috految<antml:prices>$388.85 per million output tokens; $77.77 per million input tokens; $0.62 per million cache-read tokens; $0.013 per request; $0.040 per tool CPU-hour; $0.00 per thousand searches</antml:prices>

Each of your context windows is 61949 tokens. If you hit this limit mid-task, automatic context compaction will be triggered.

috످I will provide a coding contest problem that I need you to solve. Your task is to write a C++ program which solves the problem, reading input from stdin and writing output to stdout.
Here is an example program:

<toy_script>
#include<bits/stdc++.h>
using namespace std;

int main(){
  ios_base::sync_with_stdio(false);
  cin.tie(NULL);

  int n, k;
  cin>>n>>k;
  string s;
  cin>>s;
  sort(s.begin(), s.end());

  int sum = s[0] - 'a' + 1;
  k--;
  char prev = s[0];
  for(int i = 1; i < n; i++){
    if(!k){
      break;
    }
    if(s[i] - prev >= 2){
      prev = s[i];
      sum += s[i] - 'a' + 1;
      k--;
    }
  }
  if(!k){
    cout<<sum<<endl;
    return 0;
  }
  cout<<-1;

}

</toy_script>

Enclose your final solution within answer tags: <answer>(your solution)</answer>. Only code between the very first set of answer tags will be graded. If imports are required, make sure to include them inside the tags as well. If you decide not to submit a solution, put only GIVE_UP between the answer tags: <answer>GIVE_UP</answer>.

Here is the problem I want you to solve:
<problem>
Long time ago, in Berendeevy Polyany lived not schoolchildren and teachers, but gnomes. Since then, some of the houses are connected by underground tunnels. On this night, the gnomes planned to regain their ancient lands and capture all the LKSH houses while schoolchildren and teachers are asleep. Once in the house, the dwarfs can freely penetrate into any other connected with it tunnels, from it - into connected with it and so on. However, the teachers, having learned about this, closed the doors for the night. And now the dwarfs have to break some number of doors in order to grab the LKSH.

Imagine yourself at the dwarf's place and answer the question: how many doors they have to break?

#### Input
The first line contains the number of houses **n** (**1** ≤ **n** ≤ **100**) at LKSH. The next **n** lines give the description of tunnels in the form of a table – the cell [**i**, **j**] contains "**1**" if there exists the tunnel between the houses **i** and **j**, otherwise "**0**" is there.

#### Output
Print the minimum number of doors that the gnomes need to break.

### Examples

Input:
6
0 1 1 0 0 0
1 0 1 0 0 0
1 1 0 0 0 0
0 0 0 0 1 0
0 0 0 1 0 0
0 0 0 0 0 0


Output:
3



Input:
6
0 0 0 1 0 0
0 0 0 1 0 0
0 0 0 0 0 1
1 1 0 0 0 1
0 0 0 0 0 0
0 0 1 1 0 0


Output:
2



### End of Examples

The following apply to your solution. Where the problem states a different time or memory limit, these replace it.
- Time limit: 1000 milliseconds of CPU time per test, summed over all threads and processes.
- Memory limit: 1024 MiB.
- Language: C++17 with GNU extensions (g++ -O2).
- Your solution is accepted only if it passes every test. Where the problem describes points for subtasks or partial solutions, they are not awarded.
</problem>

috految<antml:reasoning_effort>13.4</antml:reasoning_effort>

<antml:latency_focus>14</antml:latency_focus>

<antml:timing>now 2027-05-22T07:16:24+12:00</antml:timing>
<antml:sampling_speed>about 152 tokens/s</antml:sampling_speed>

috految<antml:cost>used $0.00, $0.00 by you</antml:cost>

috److The gnomes need to break one door per group of connected houses, so the answer is the number of connected components in the graph.

This can be computed with a disjoint set union:

1. Start with `n` components.
2. For each tunnel `(i, j)`, find the roots of both houses.
3. If the roots differ, merge them and decrease the component count by one.

<answer>
#include<bits/stdc++.h>
using namespace std;

int main(){
  int n;
  cin>>n;
  vector<int> p(n, -1);
  int ans = n;
  for(int i = 0; i < n; i++){
    for(int j = 0; j < n; j++){
      int x = 0;
      cin>>x;
      int a = i, b = j;
      while(p[a] >= 0) a = p[a];
      while(p[b] >= 0) b = p[b];
      if(x && a != b){
        p[b] = a;
        ans--;
      }
    }
  }
  cout<<ans<<endl;
}
</answer>

috످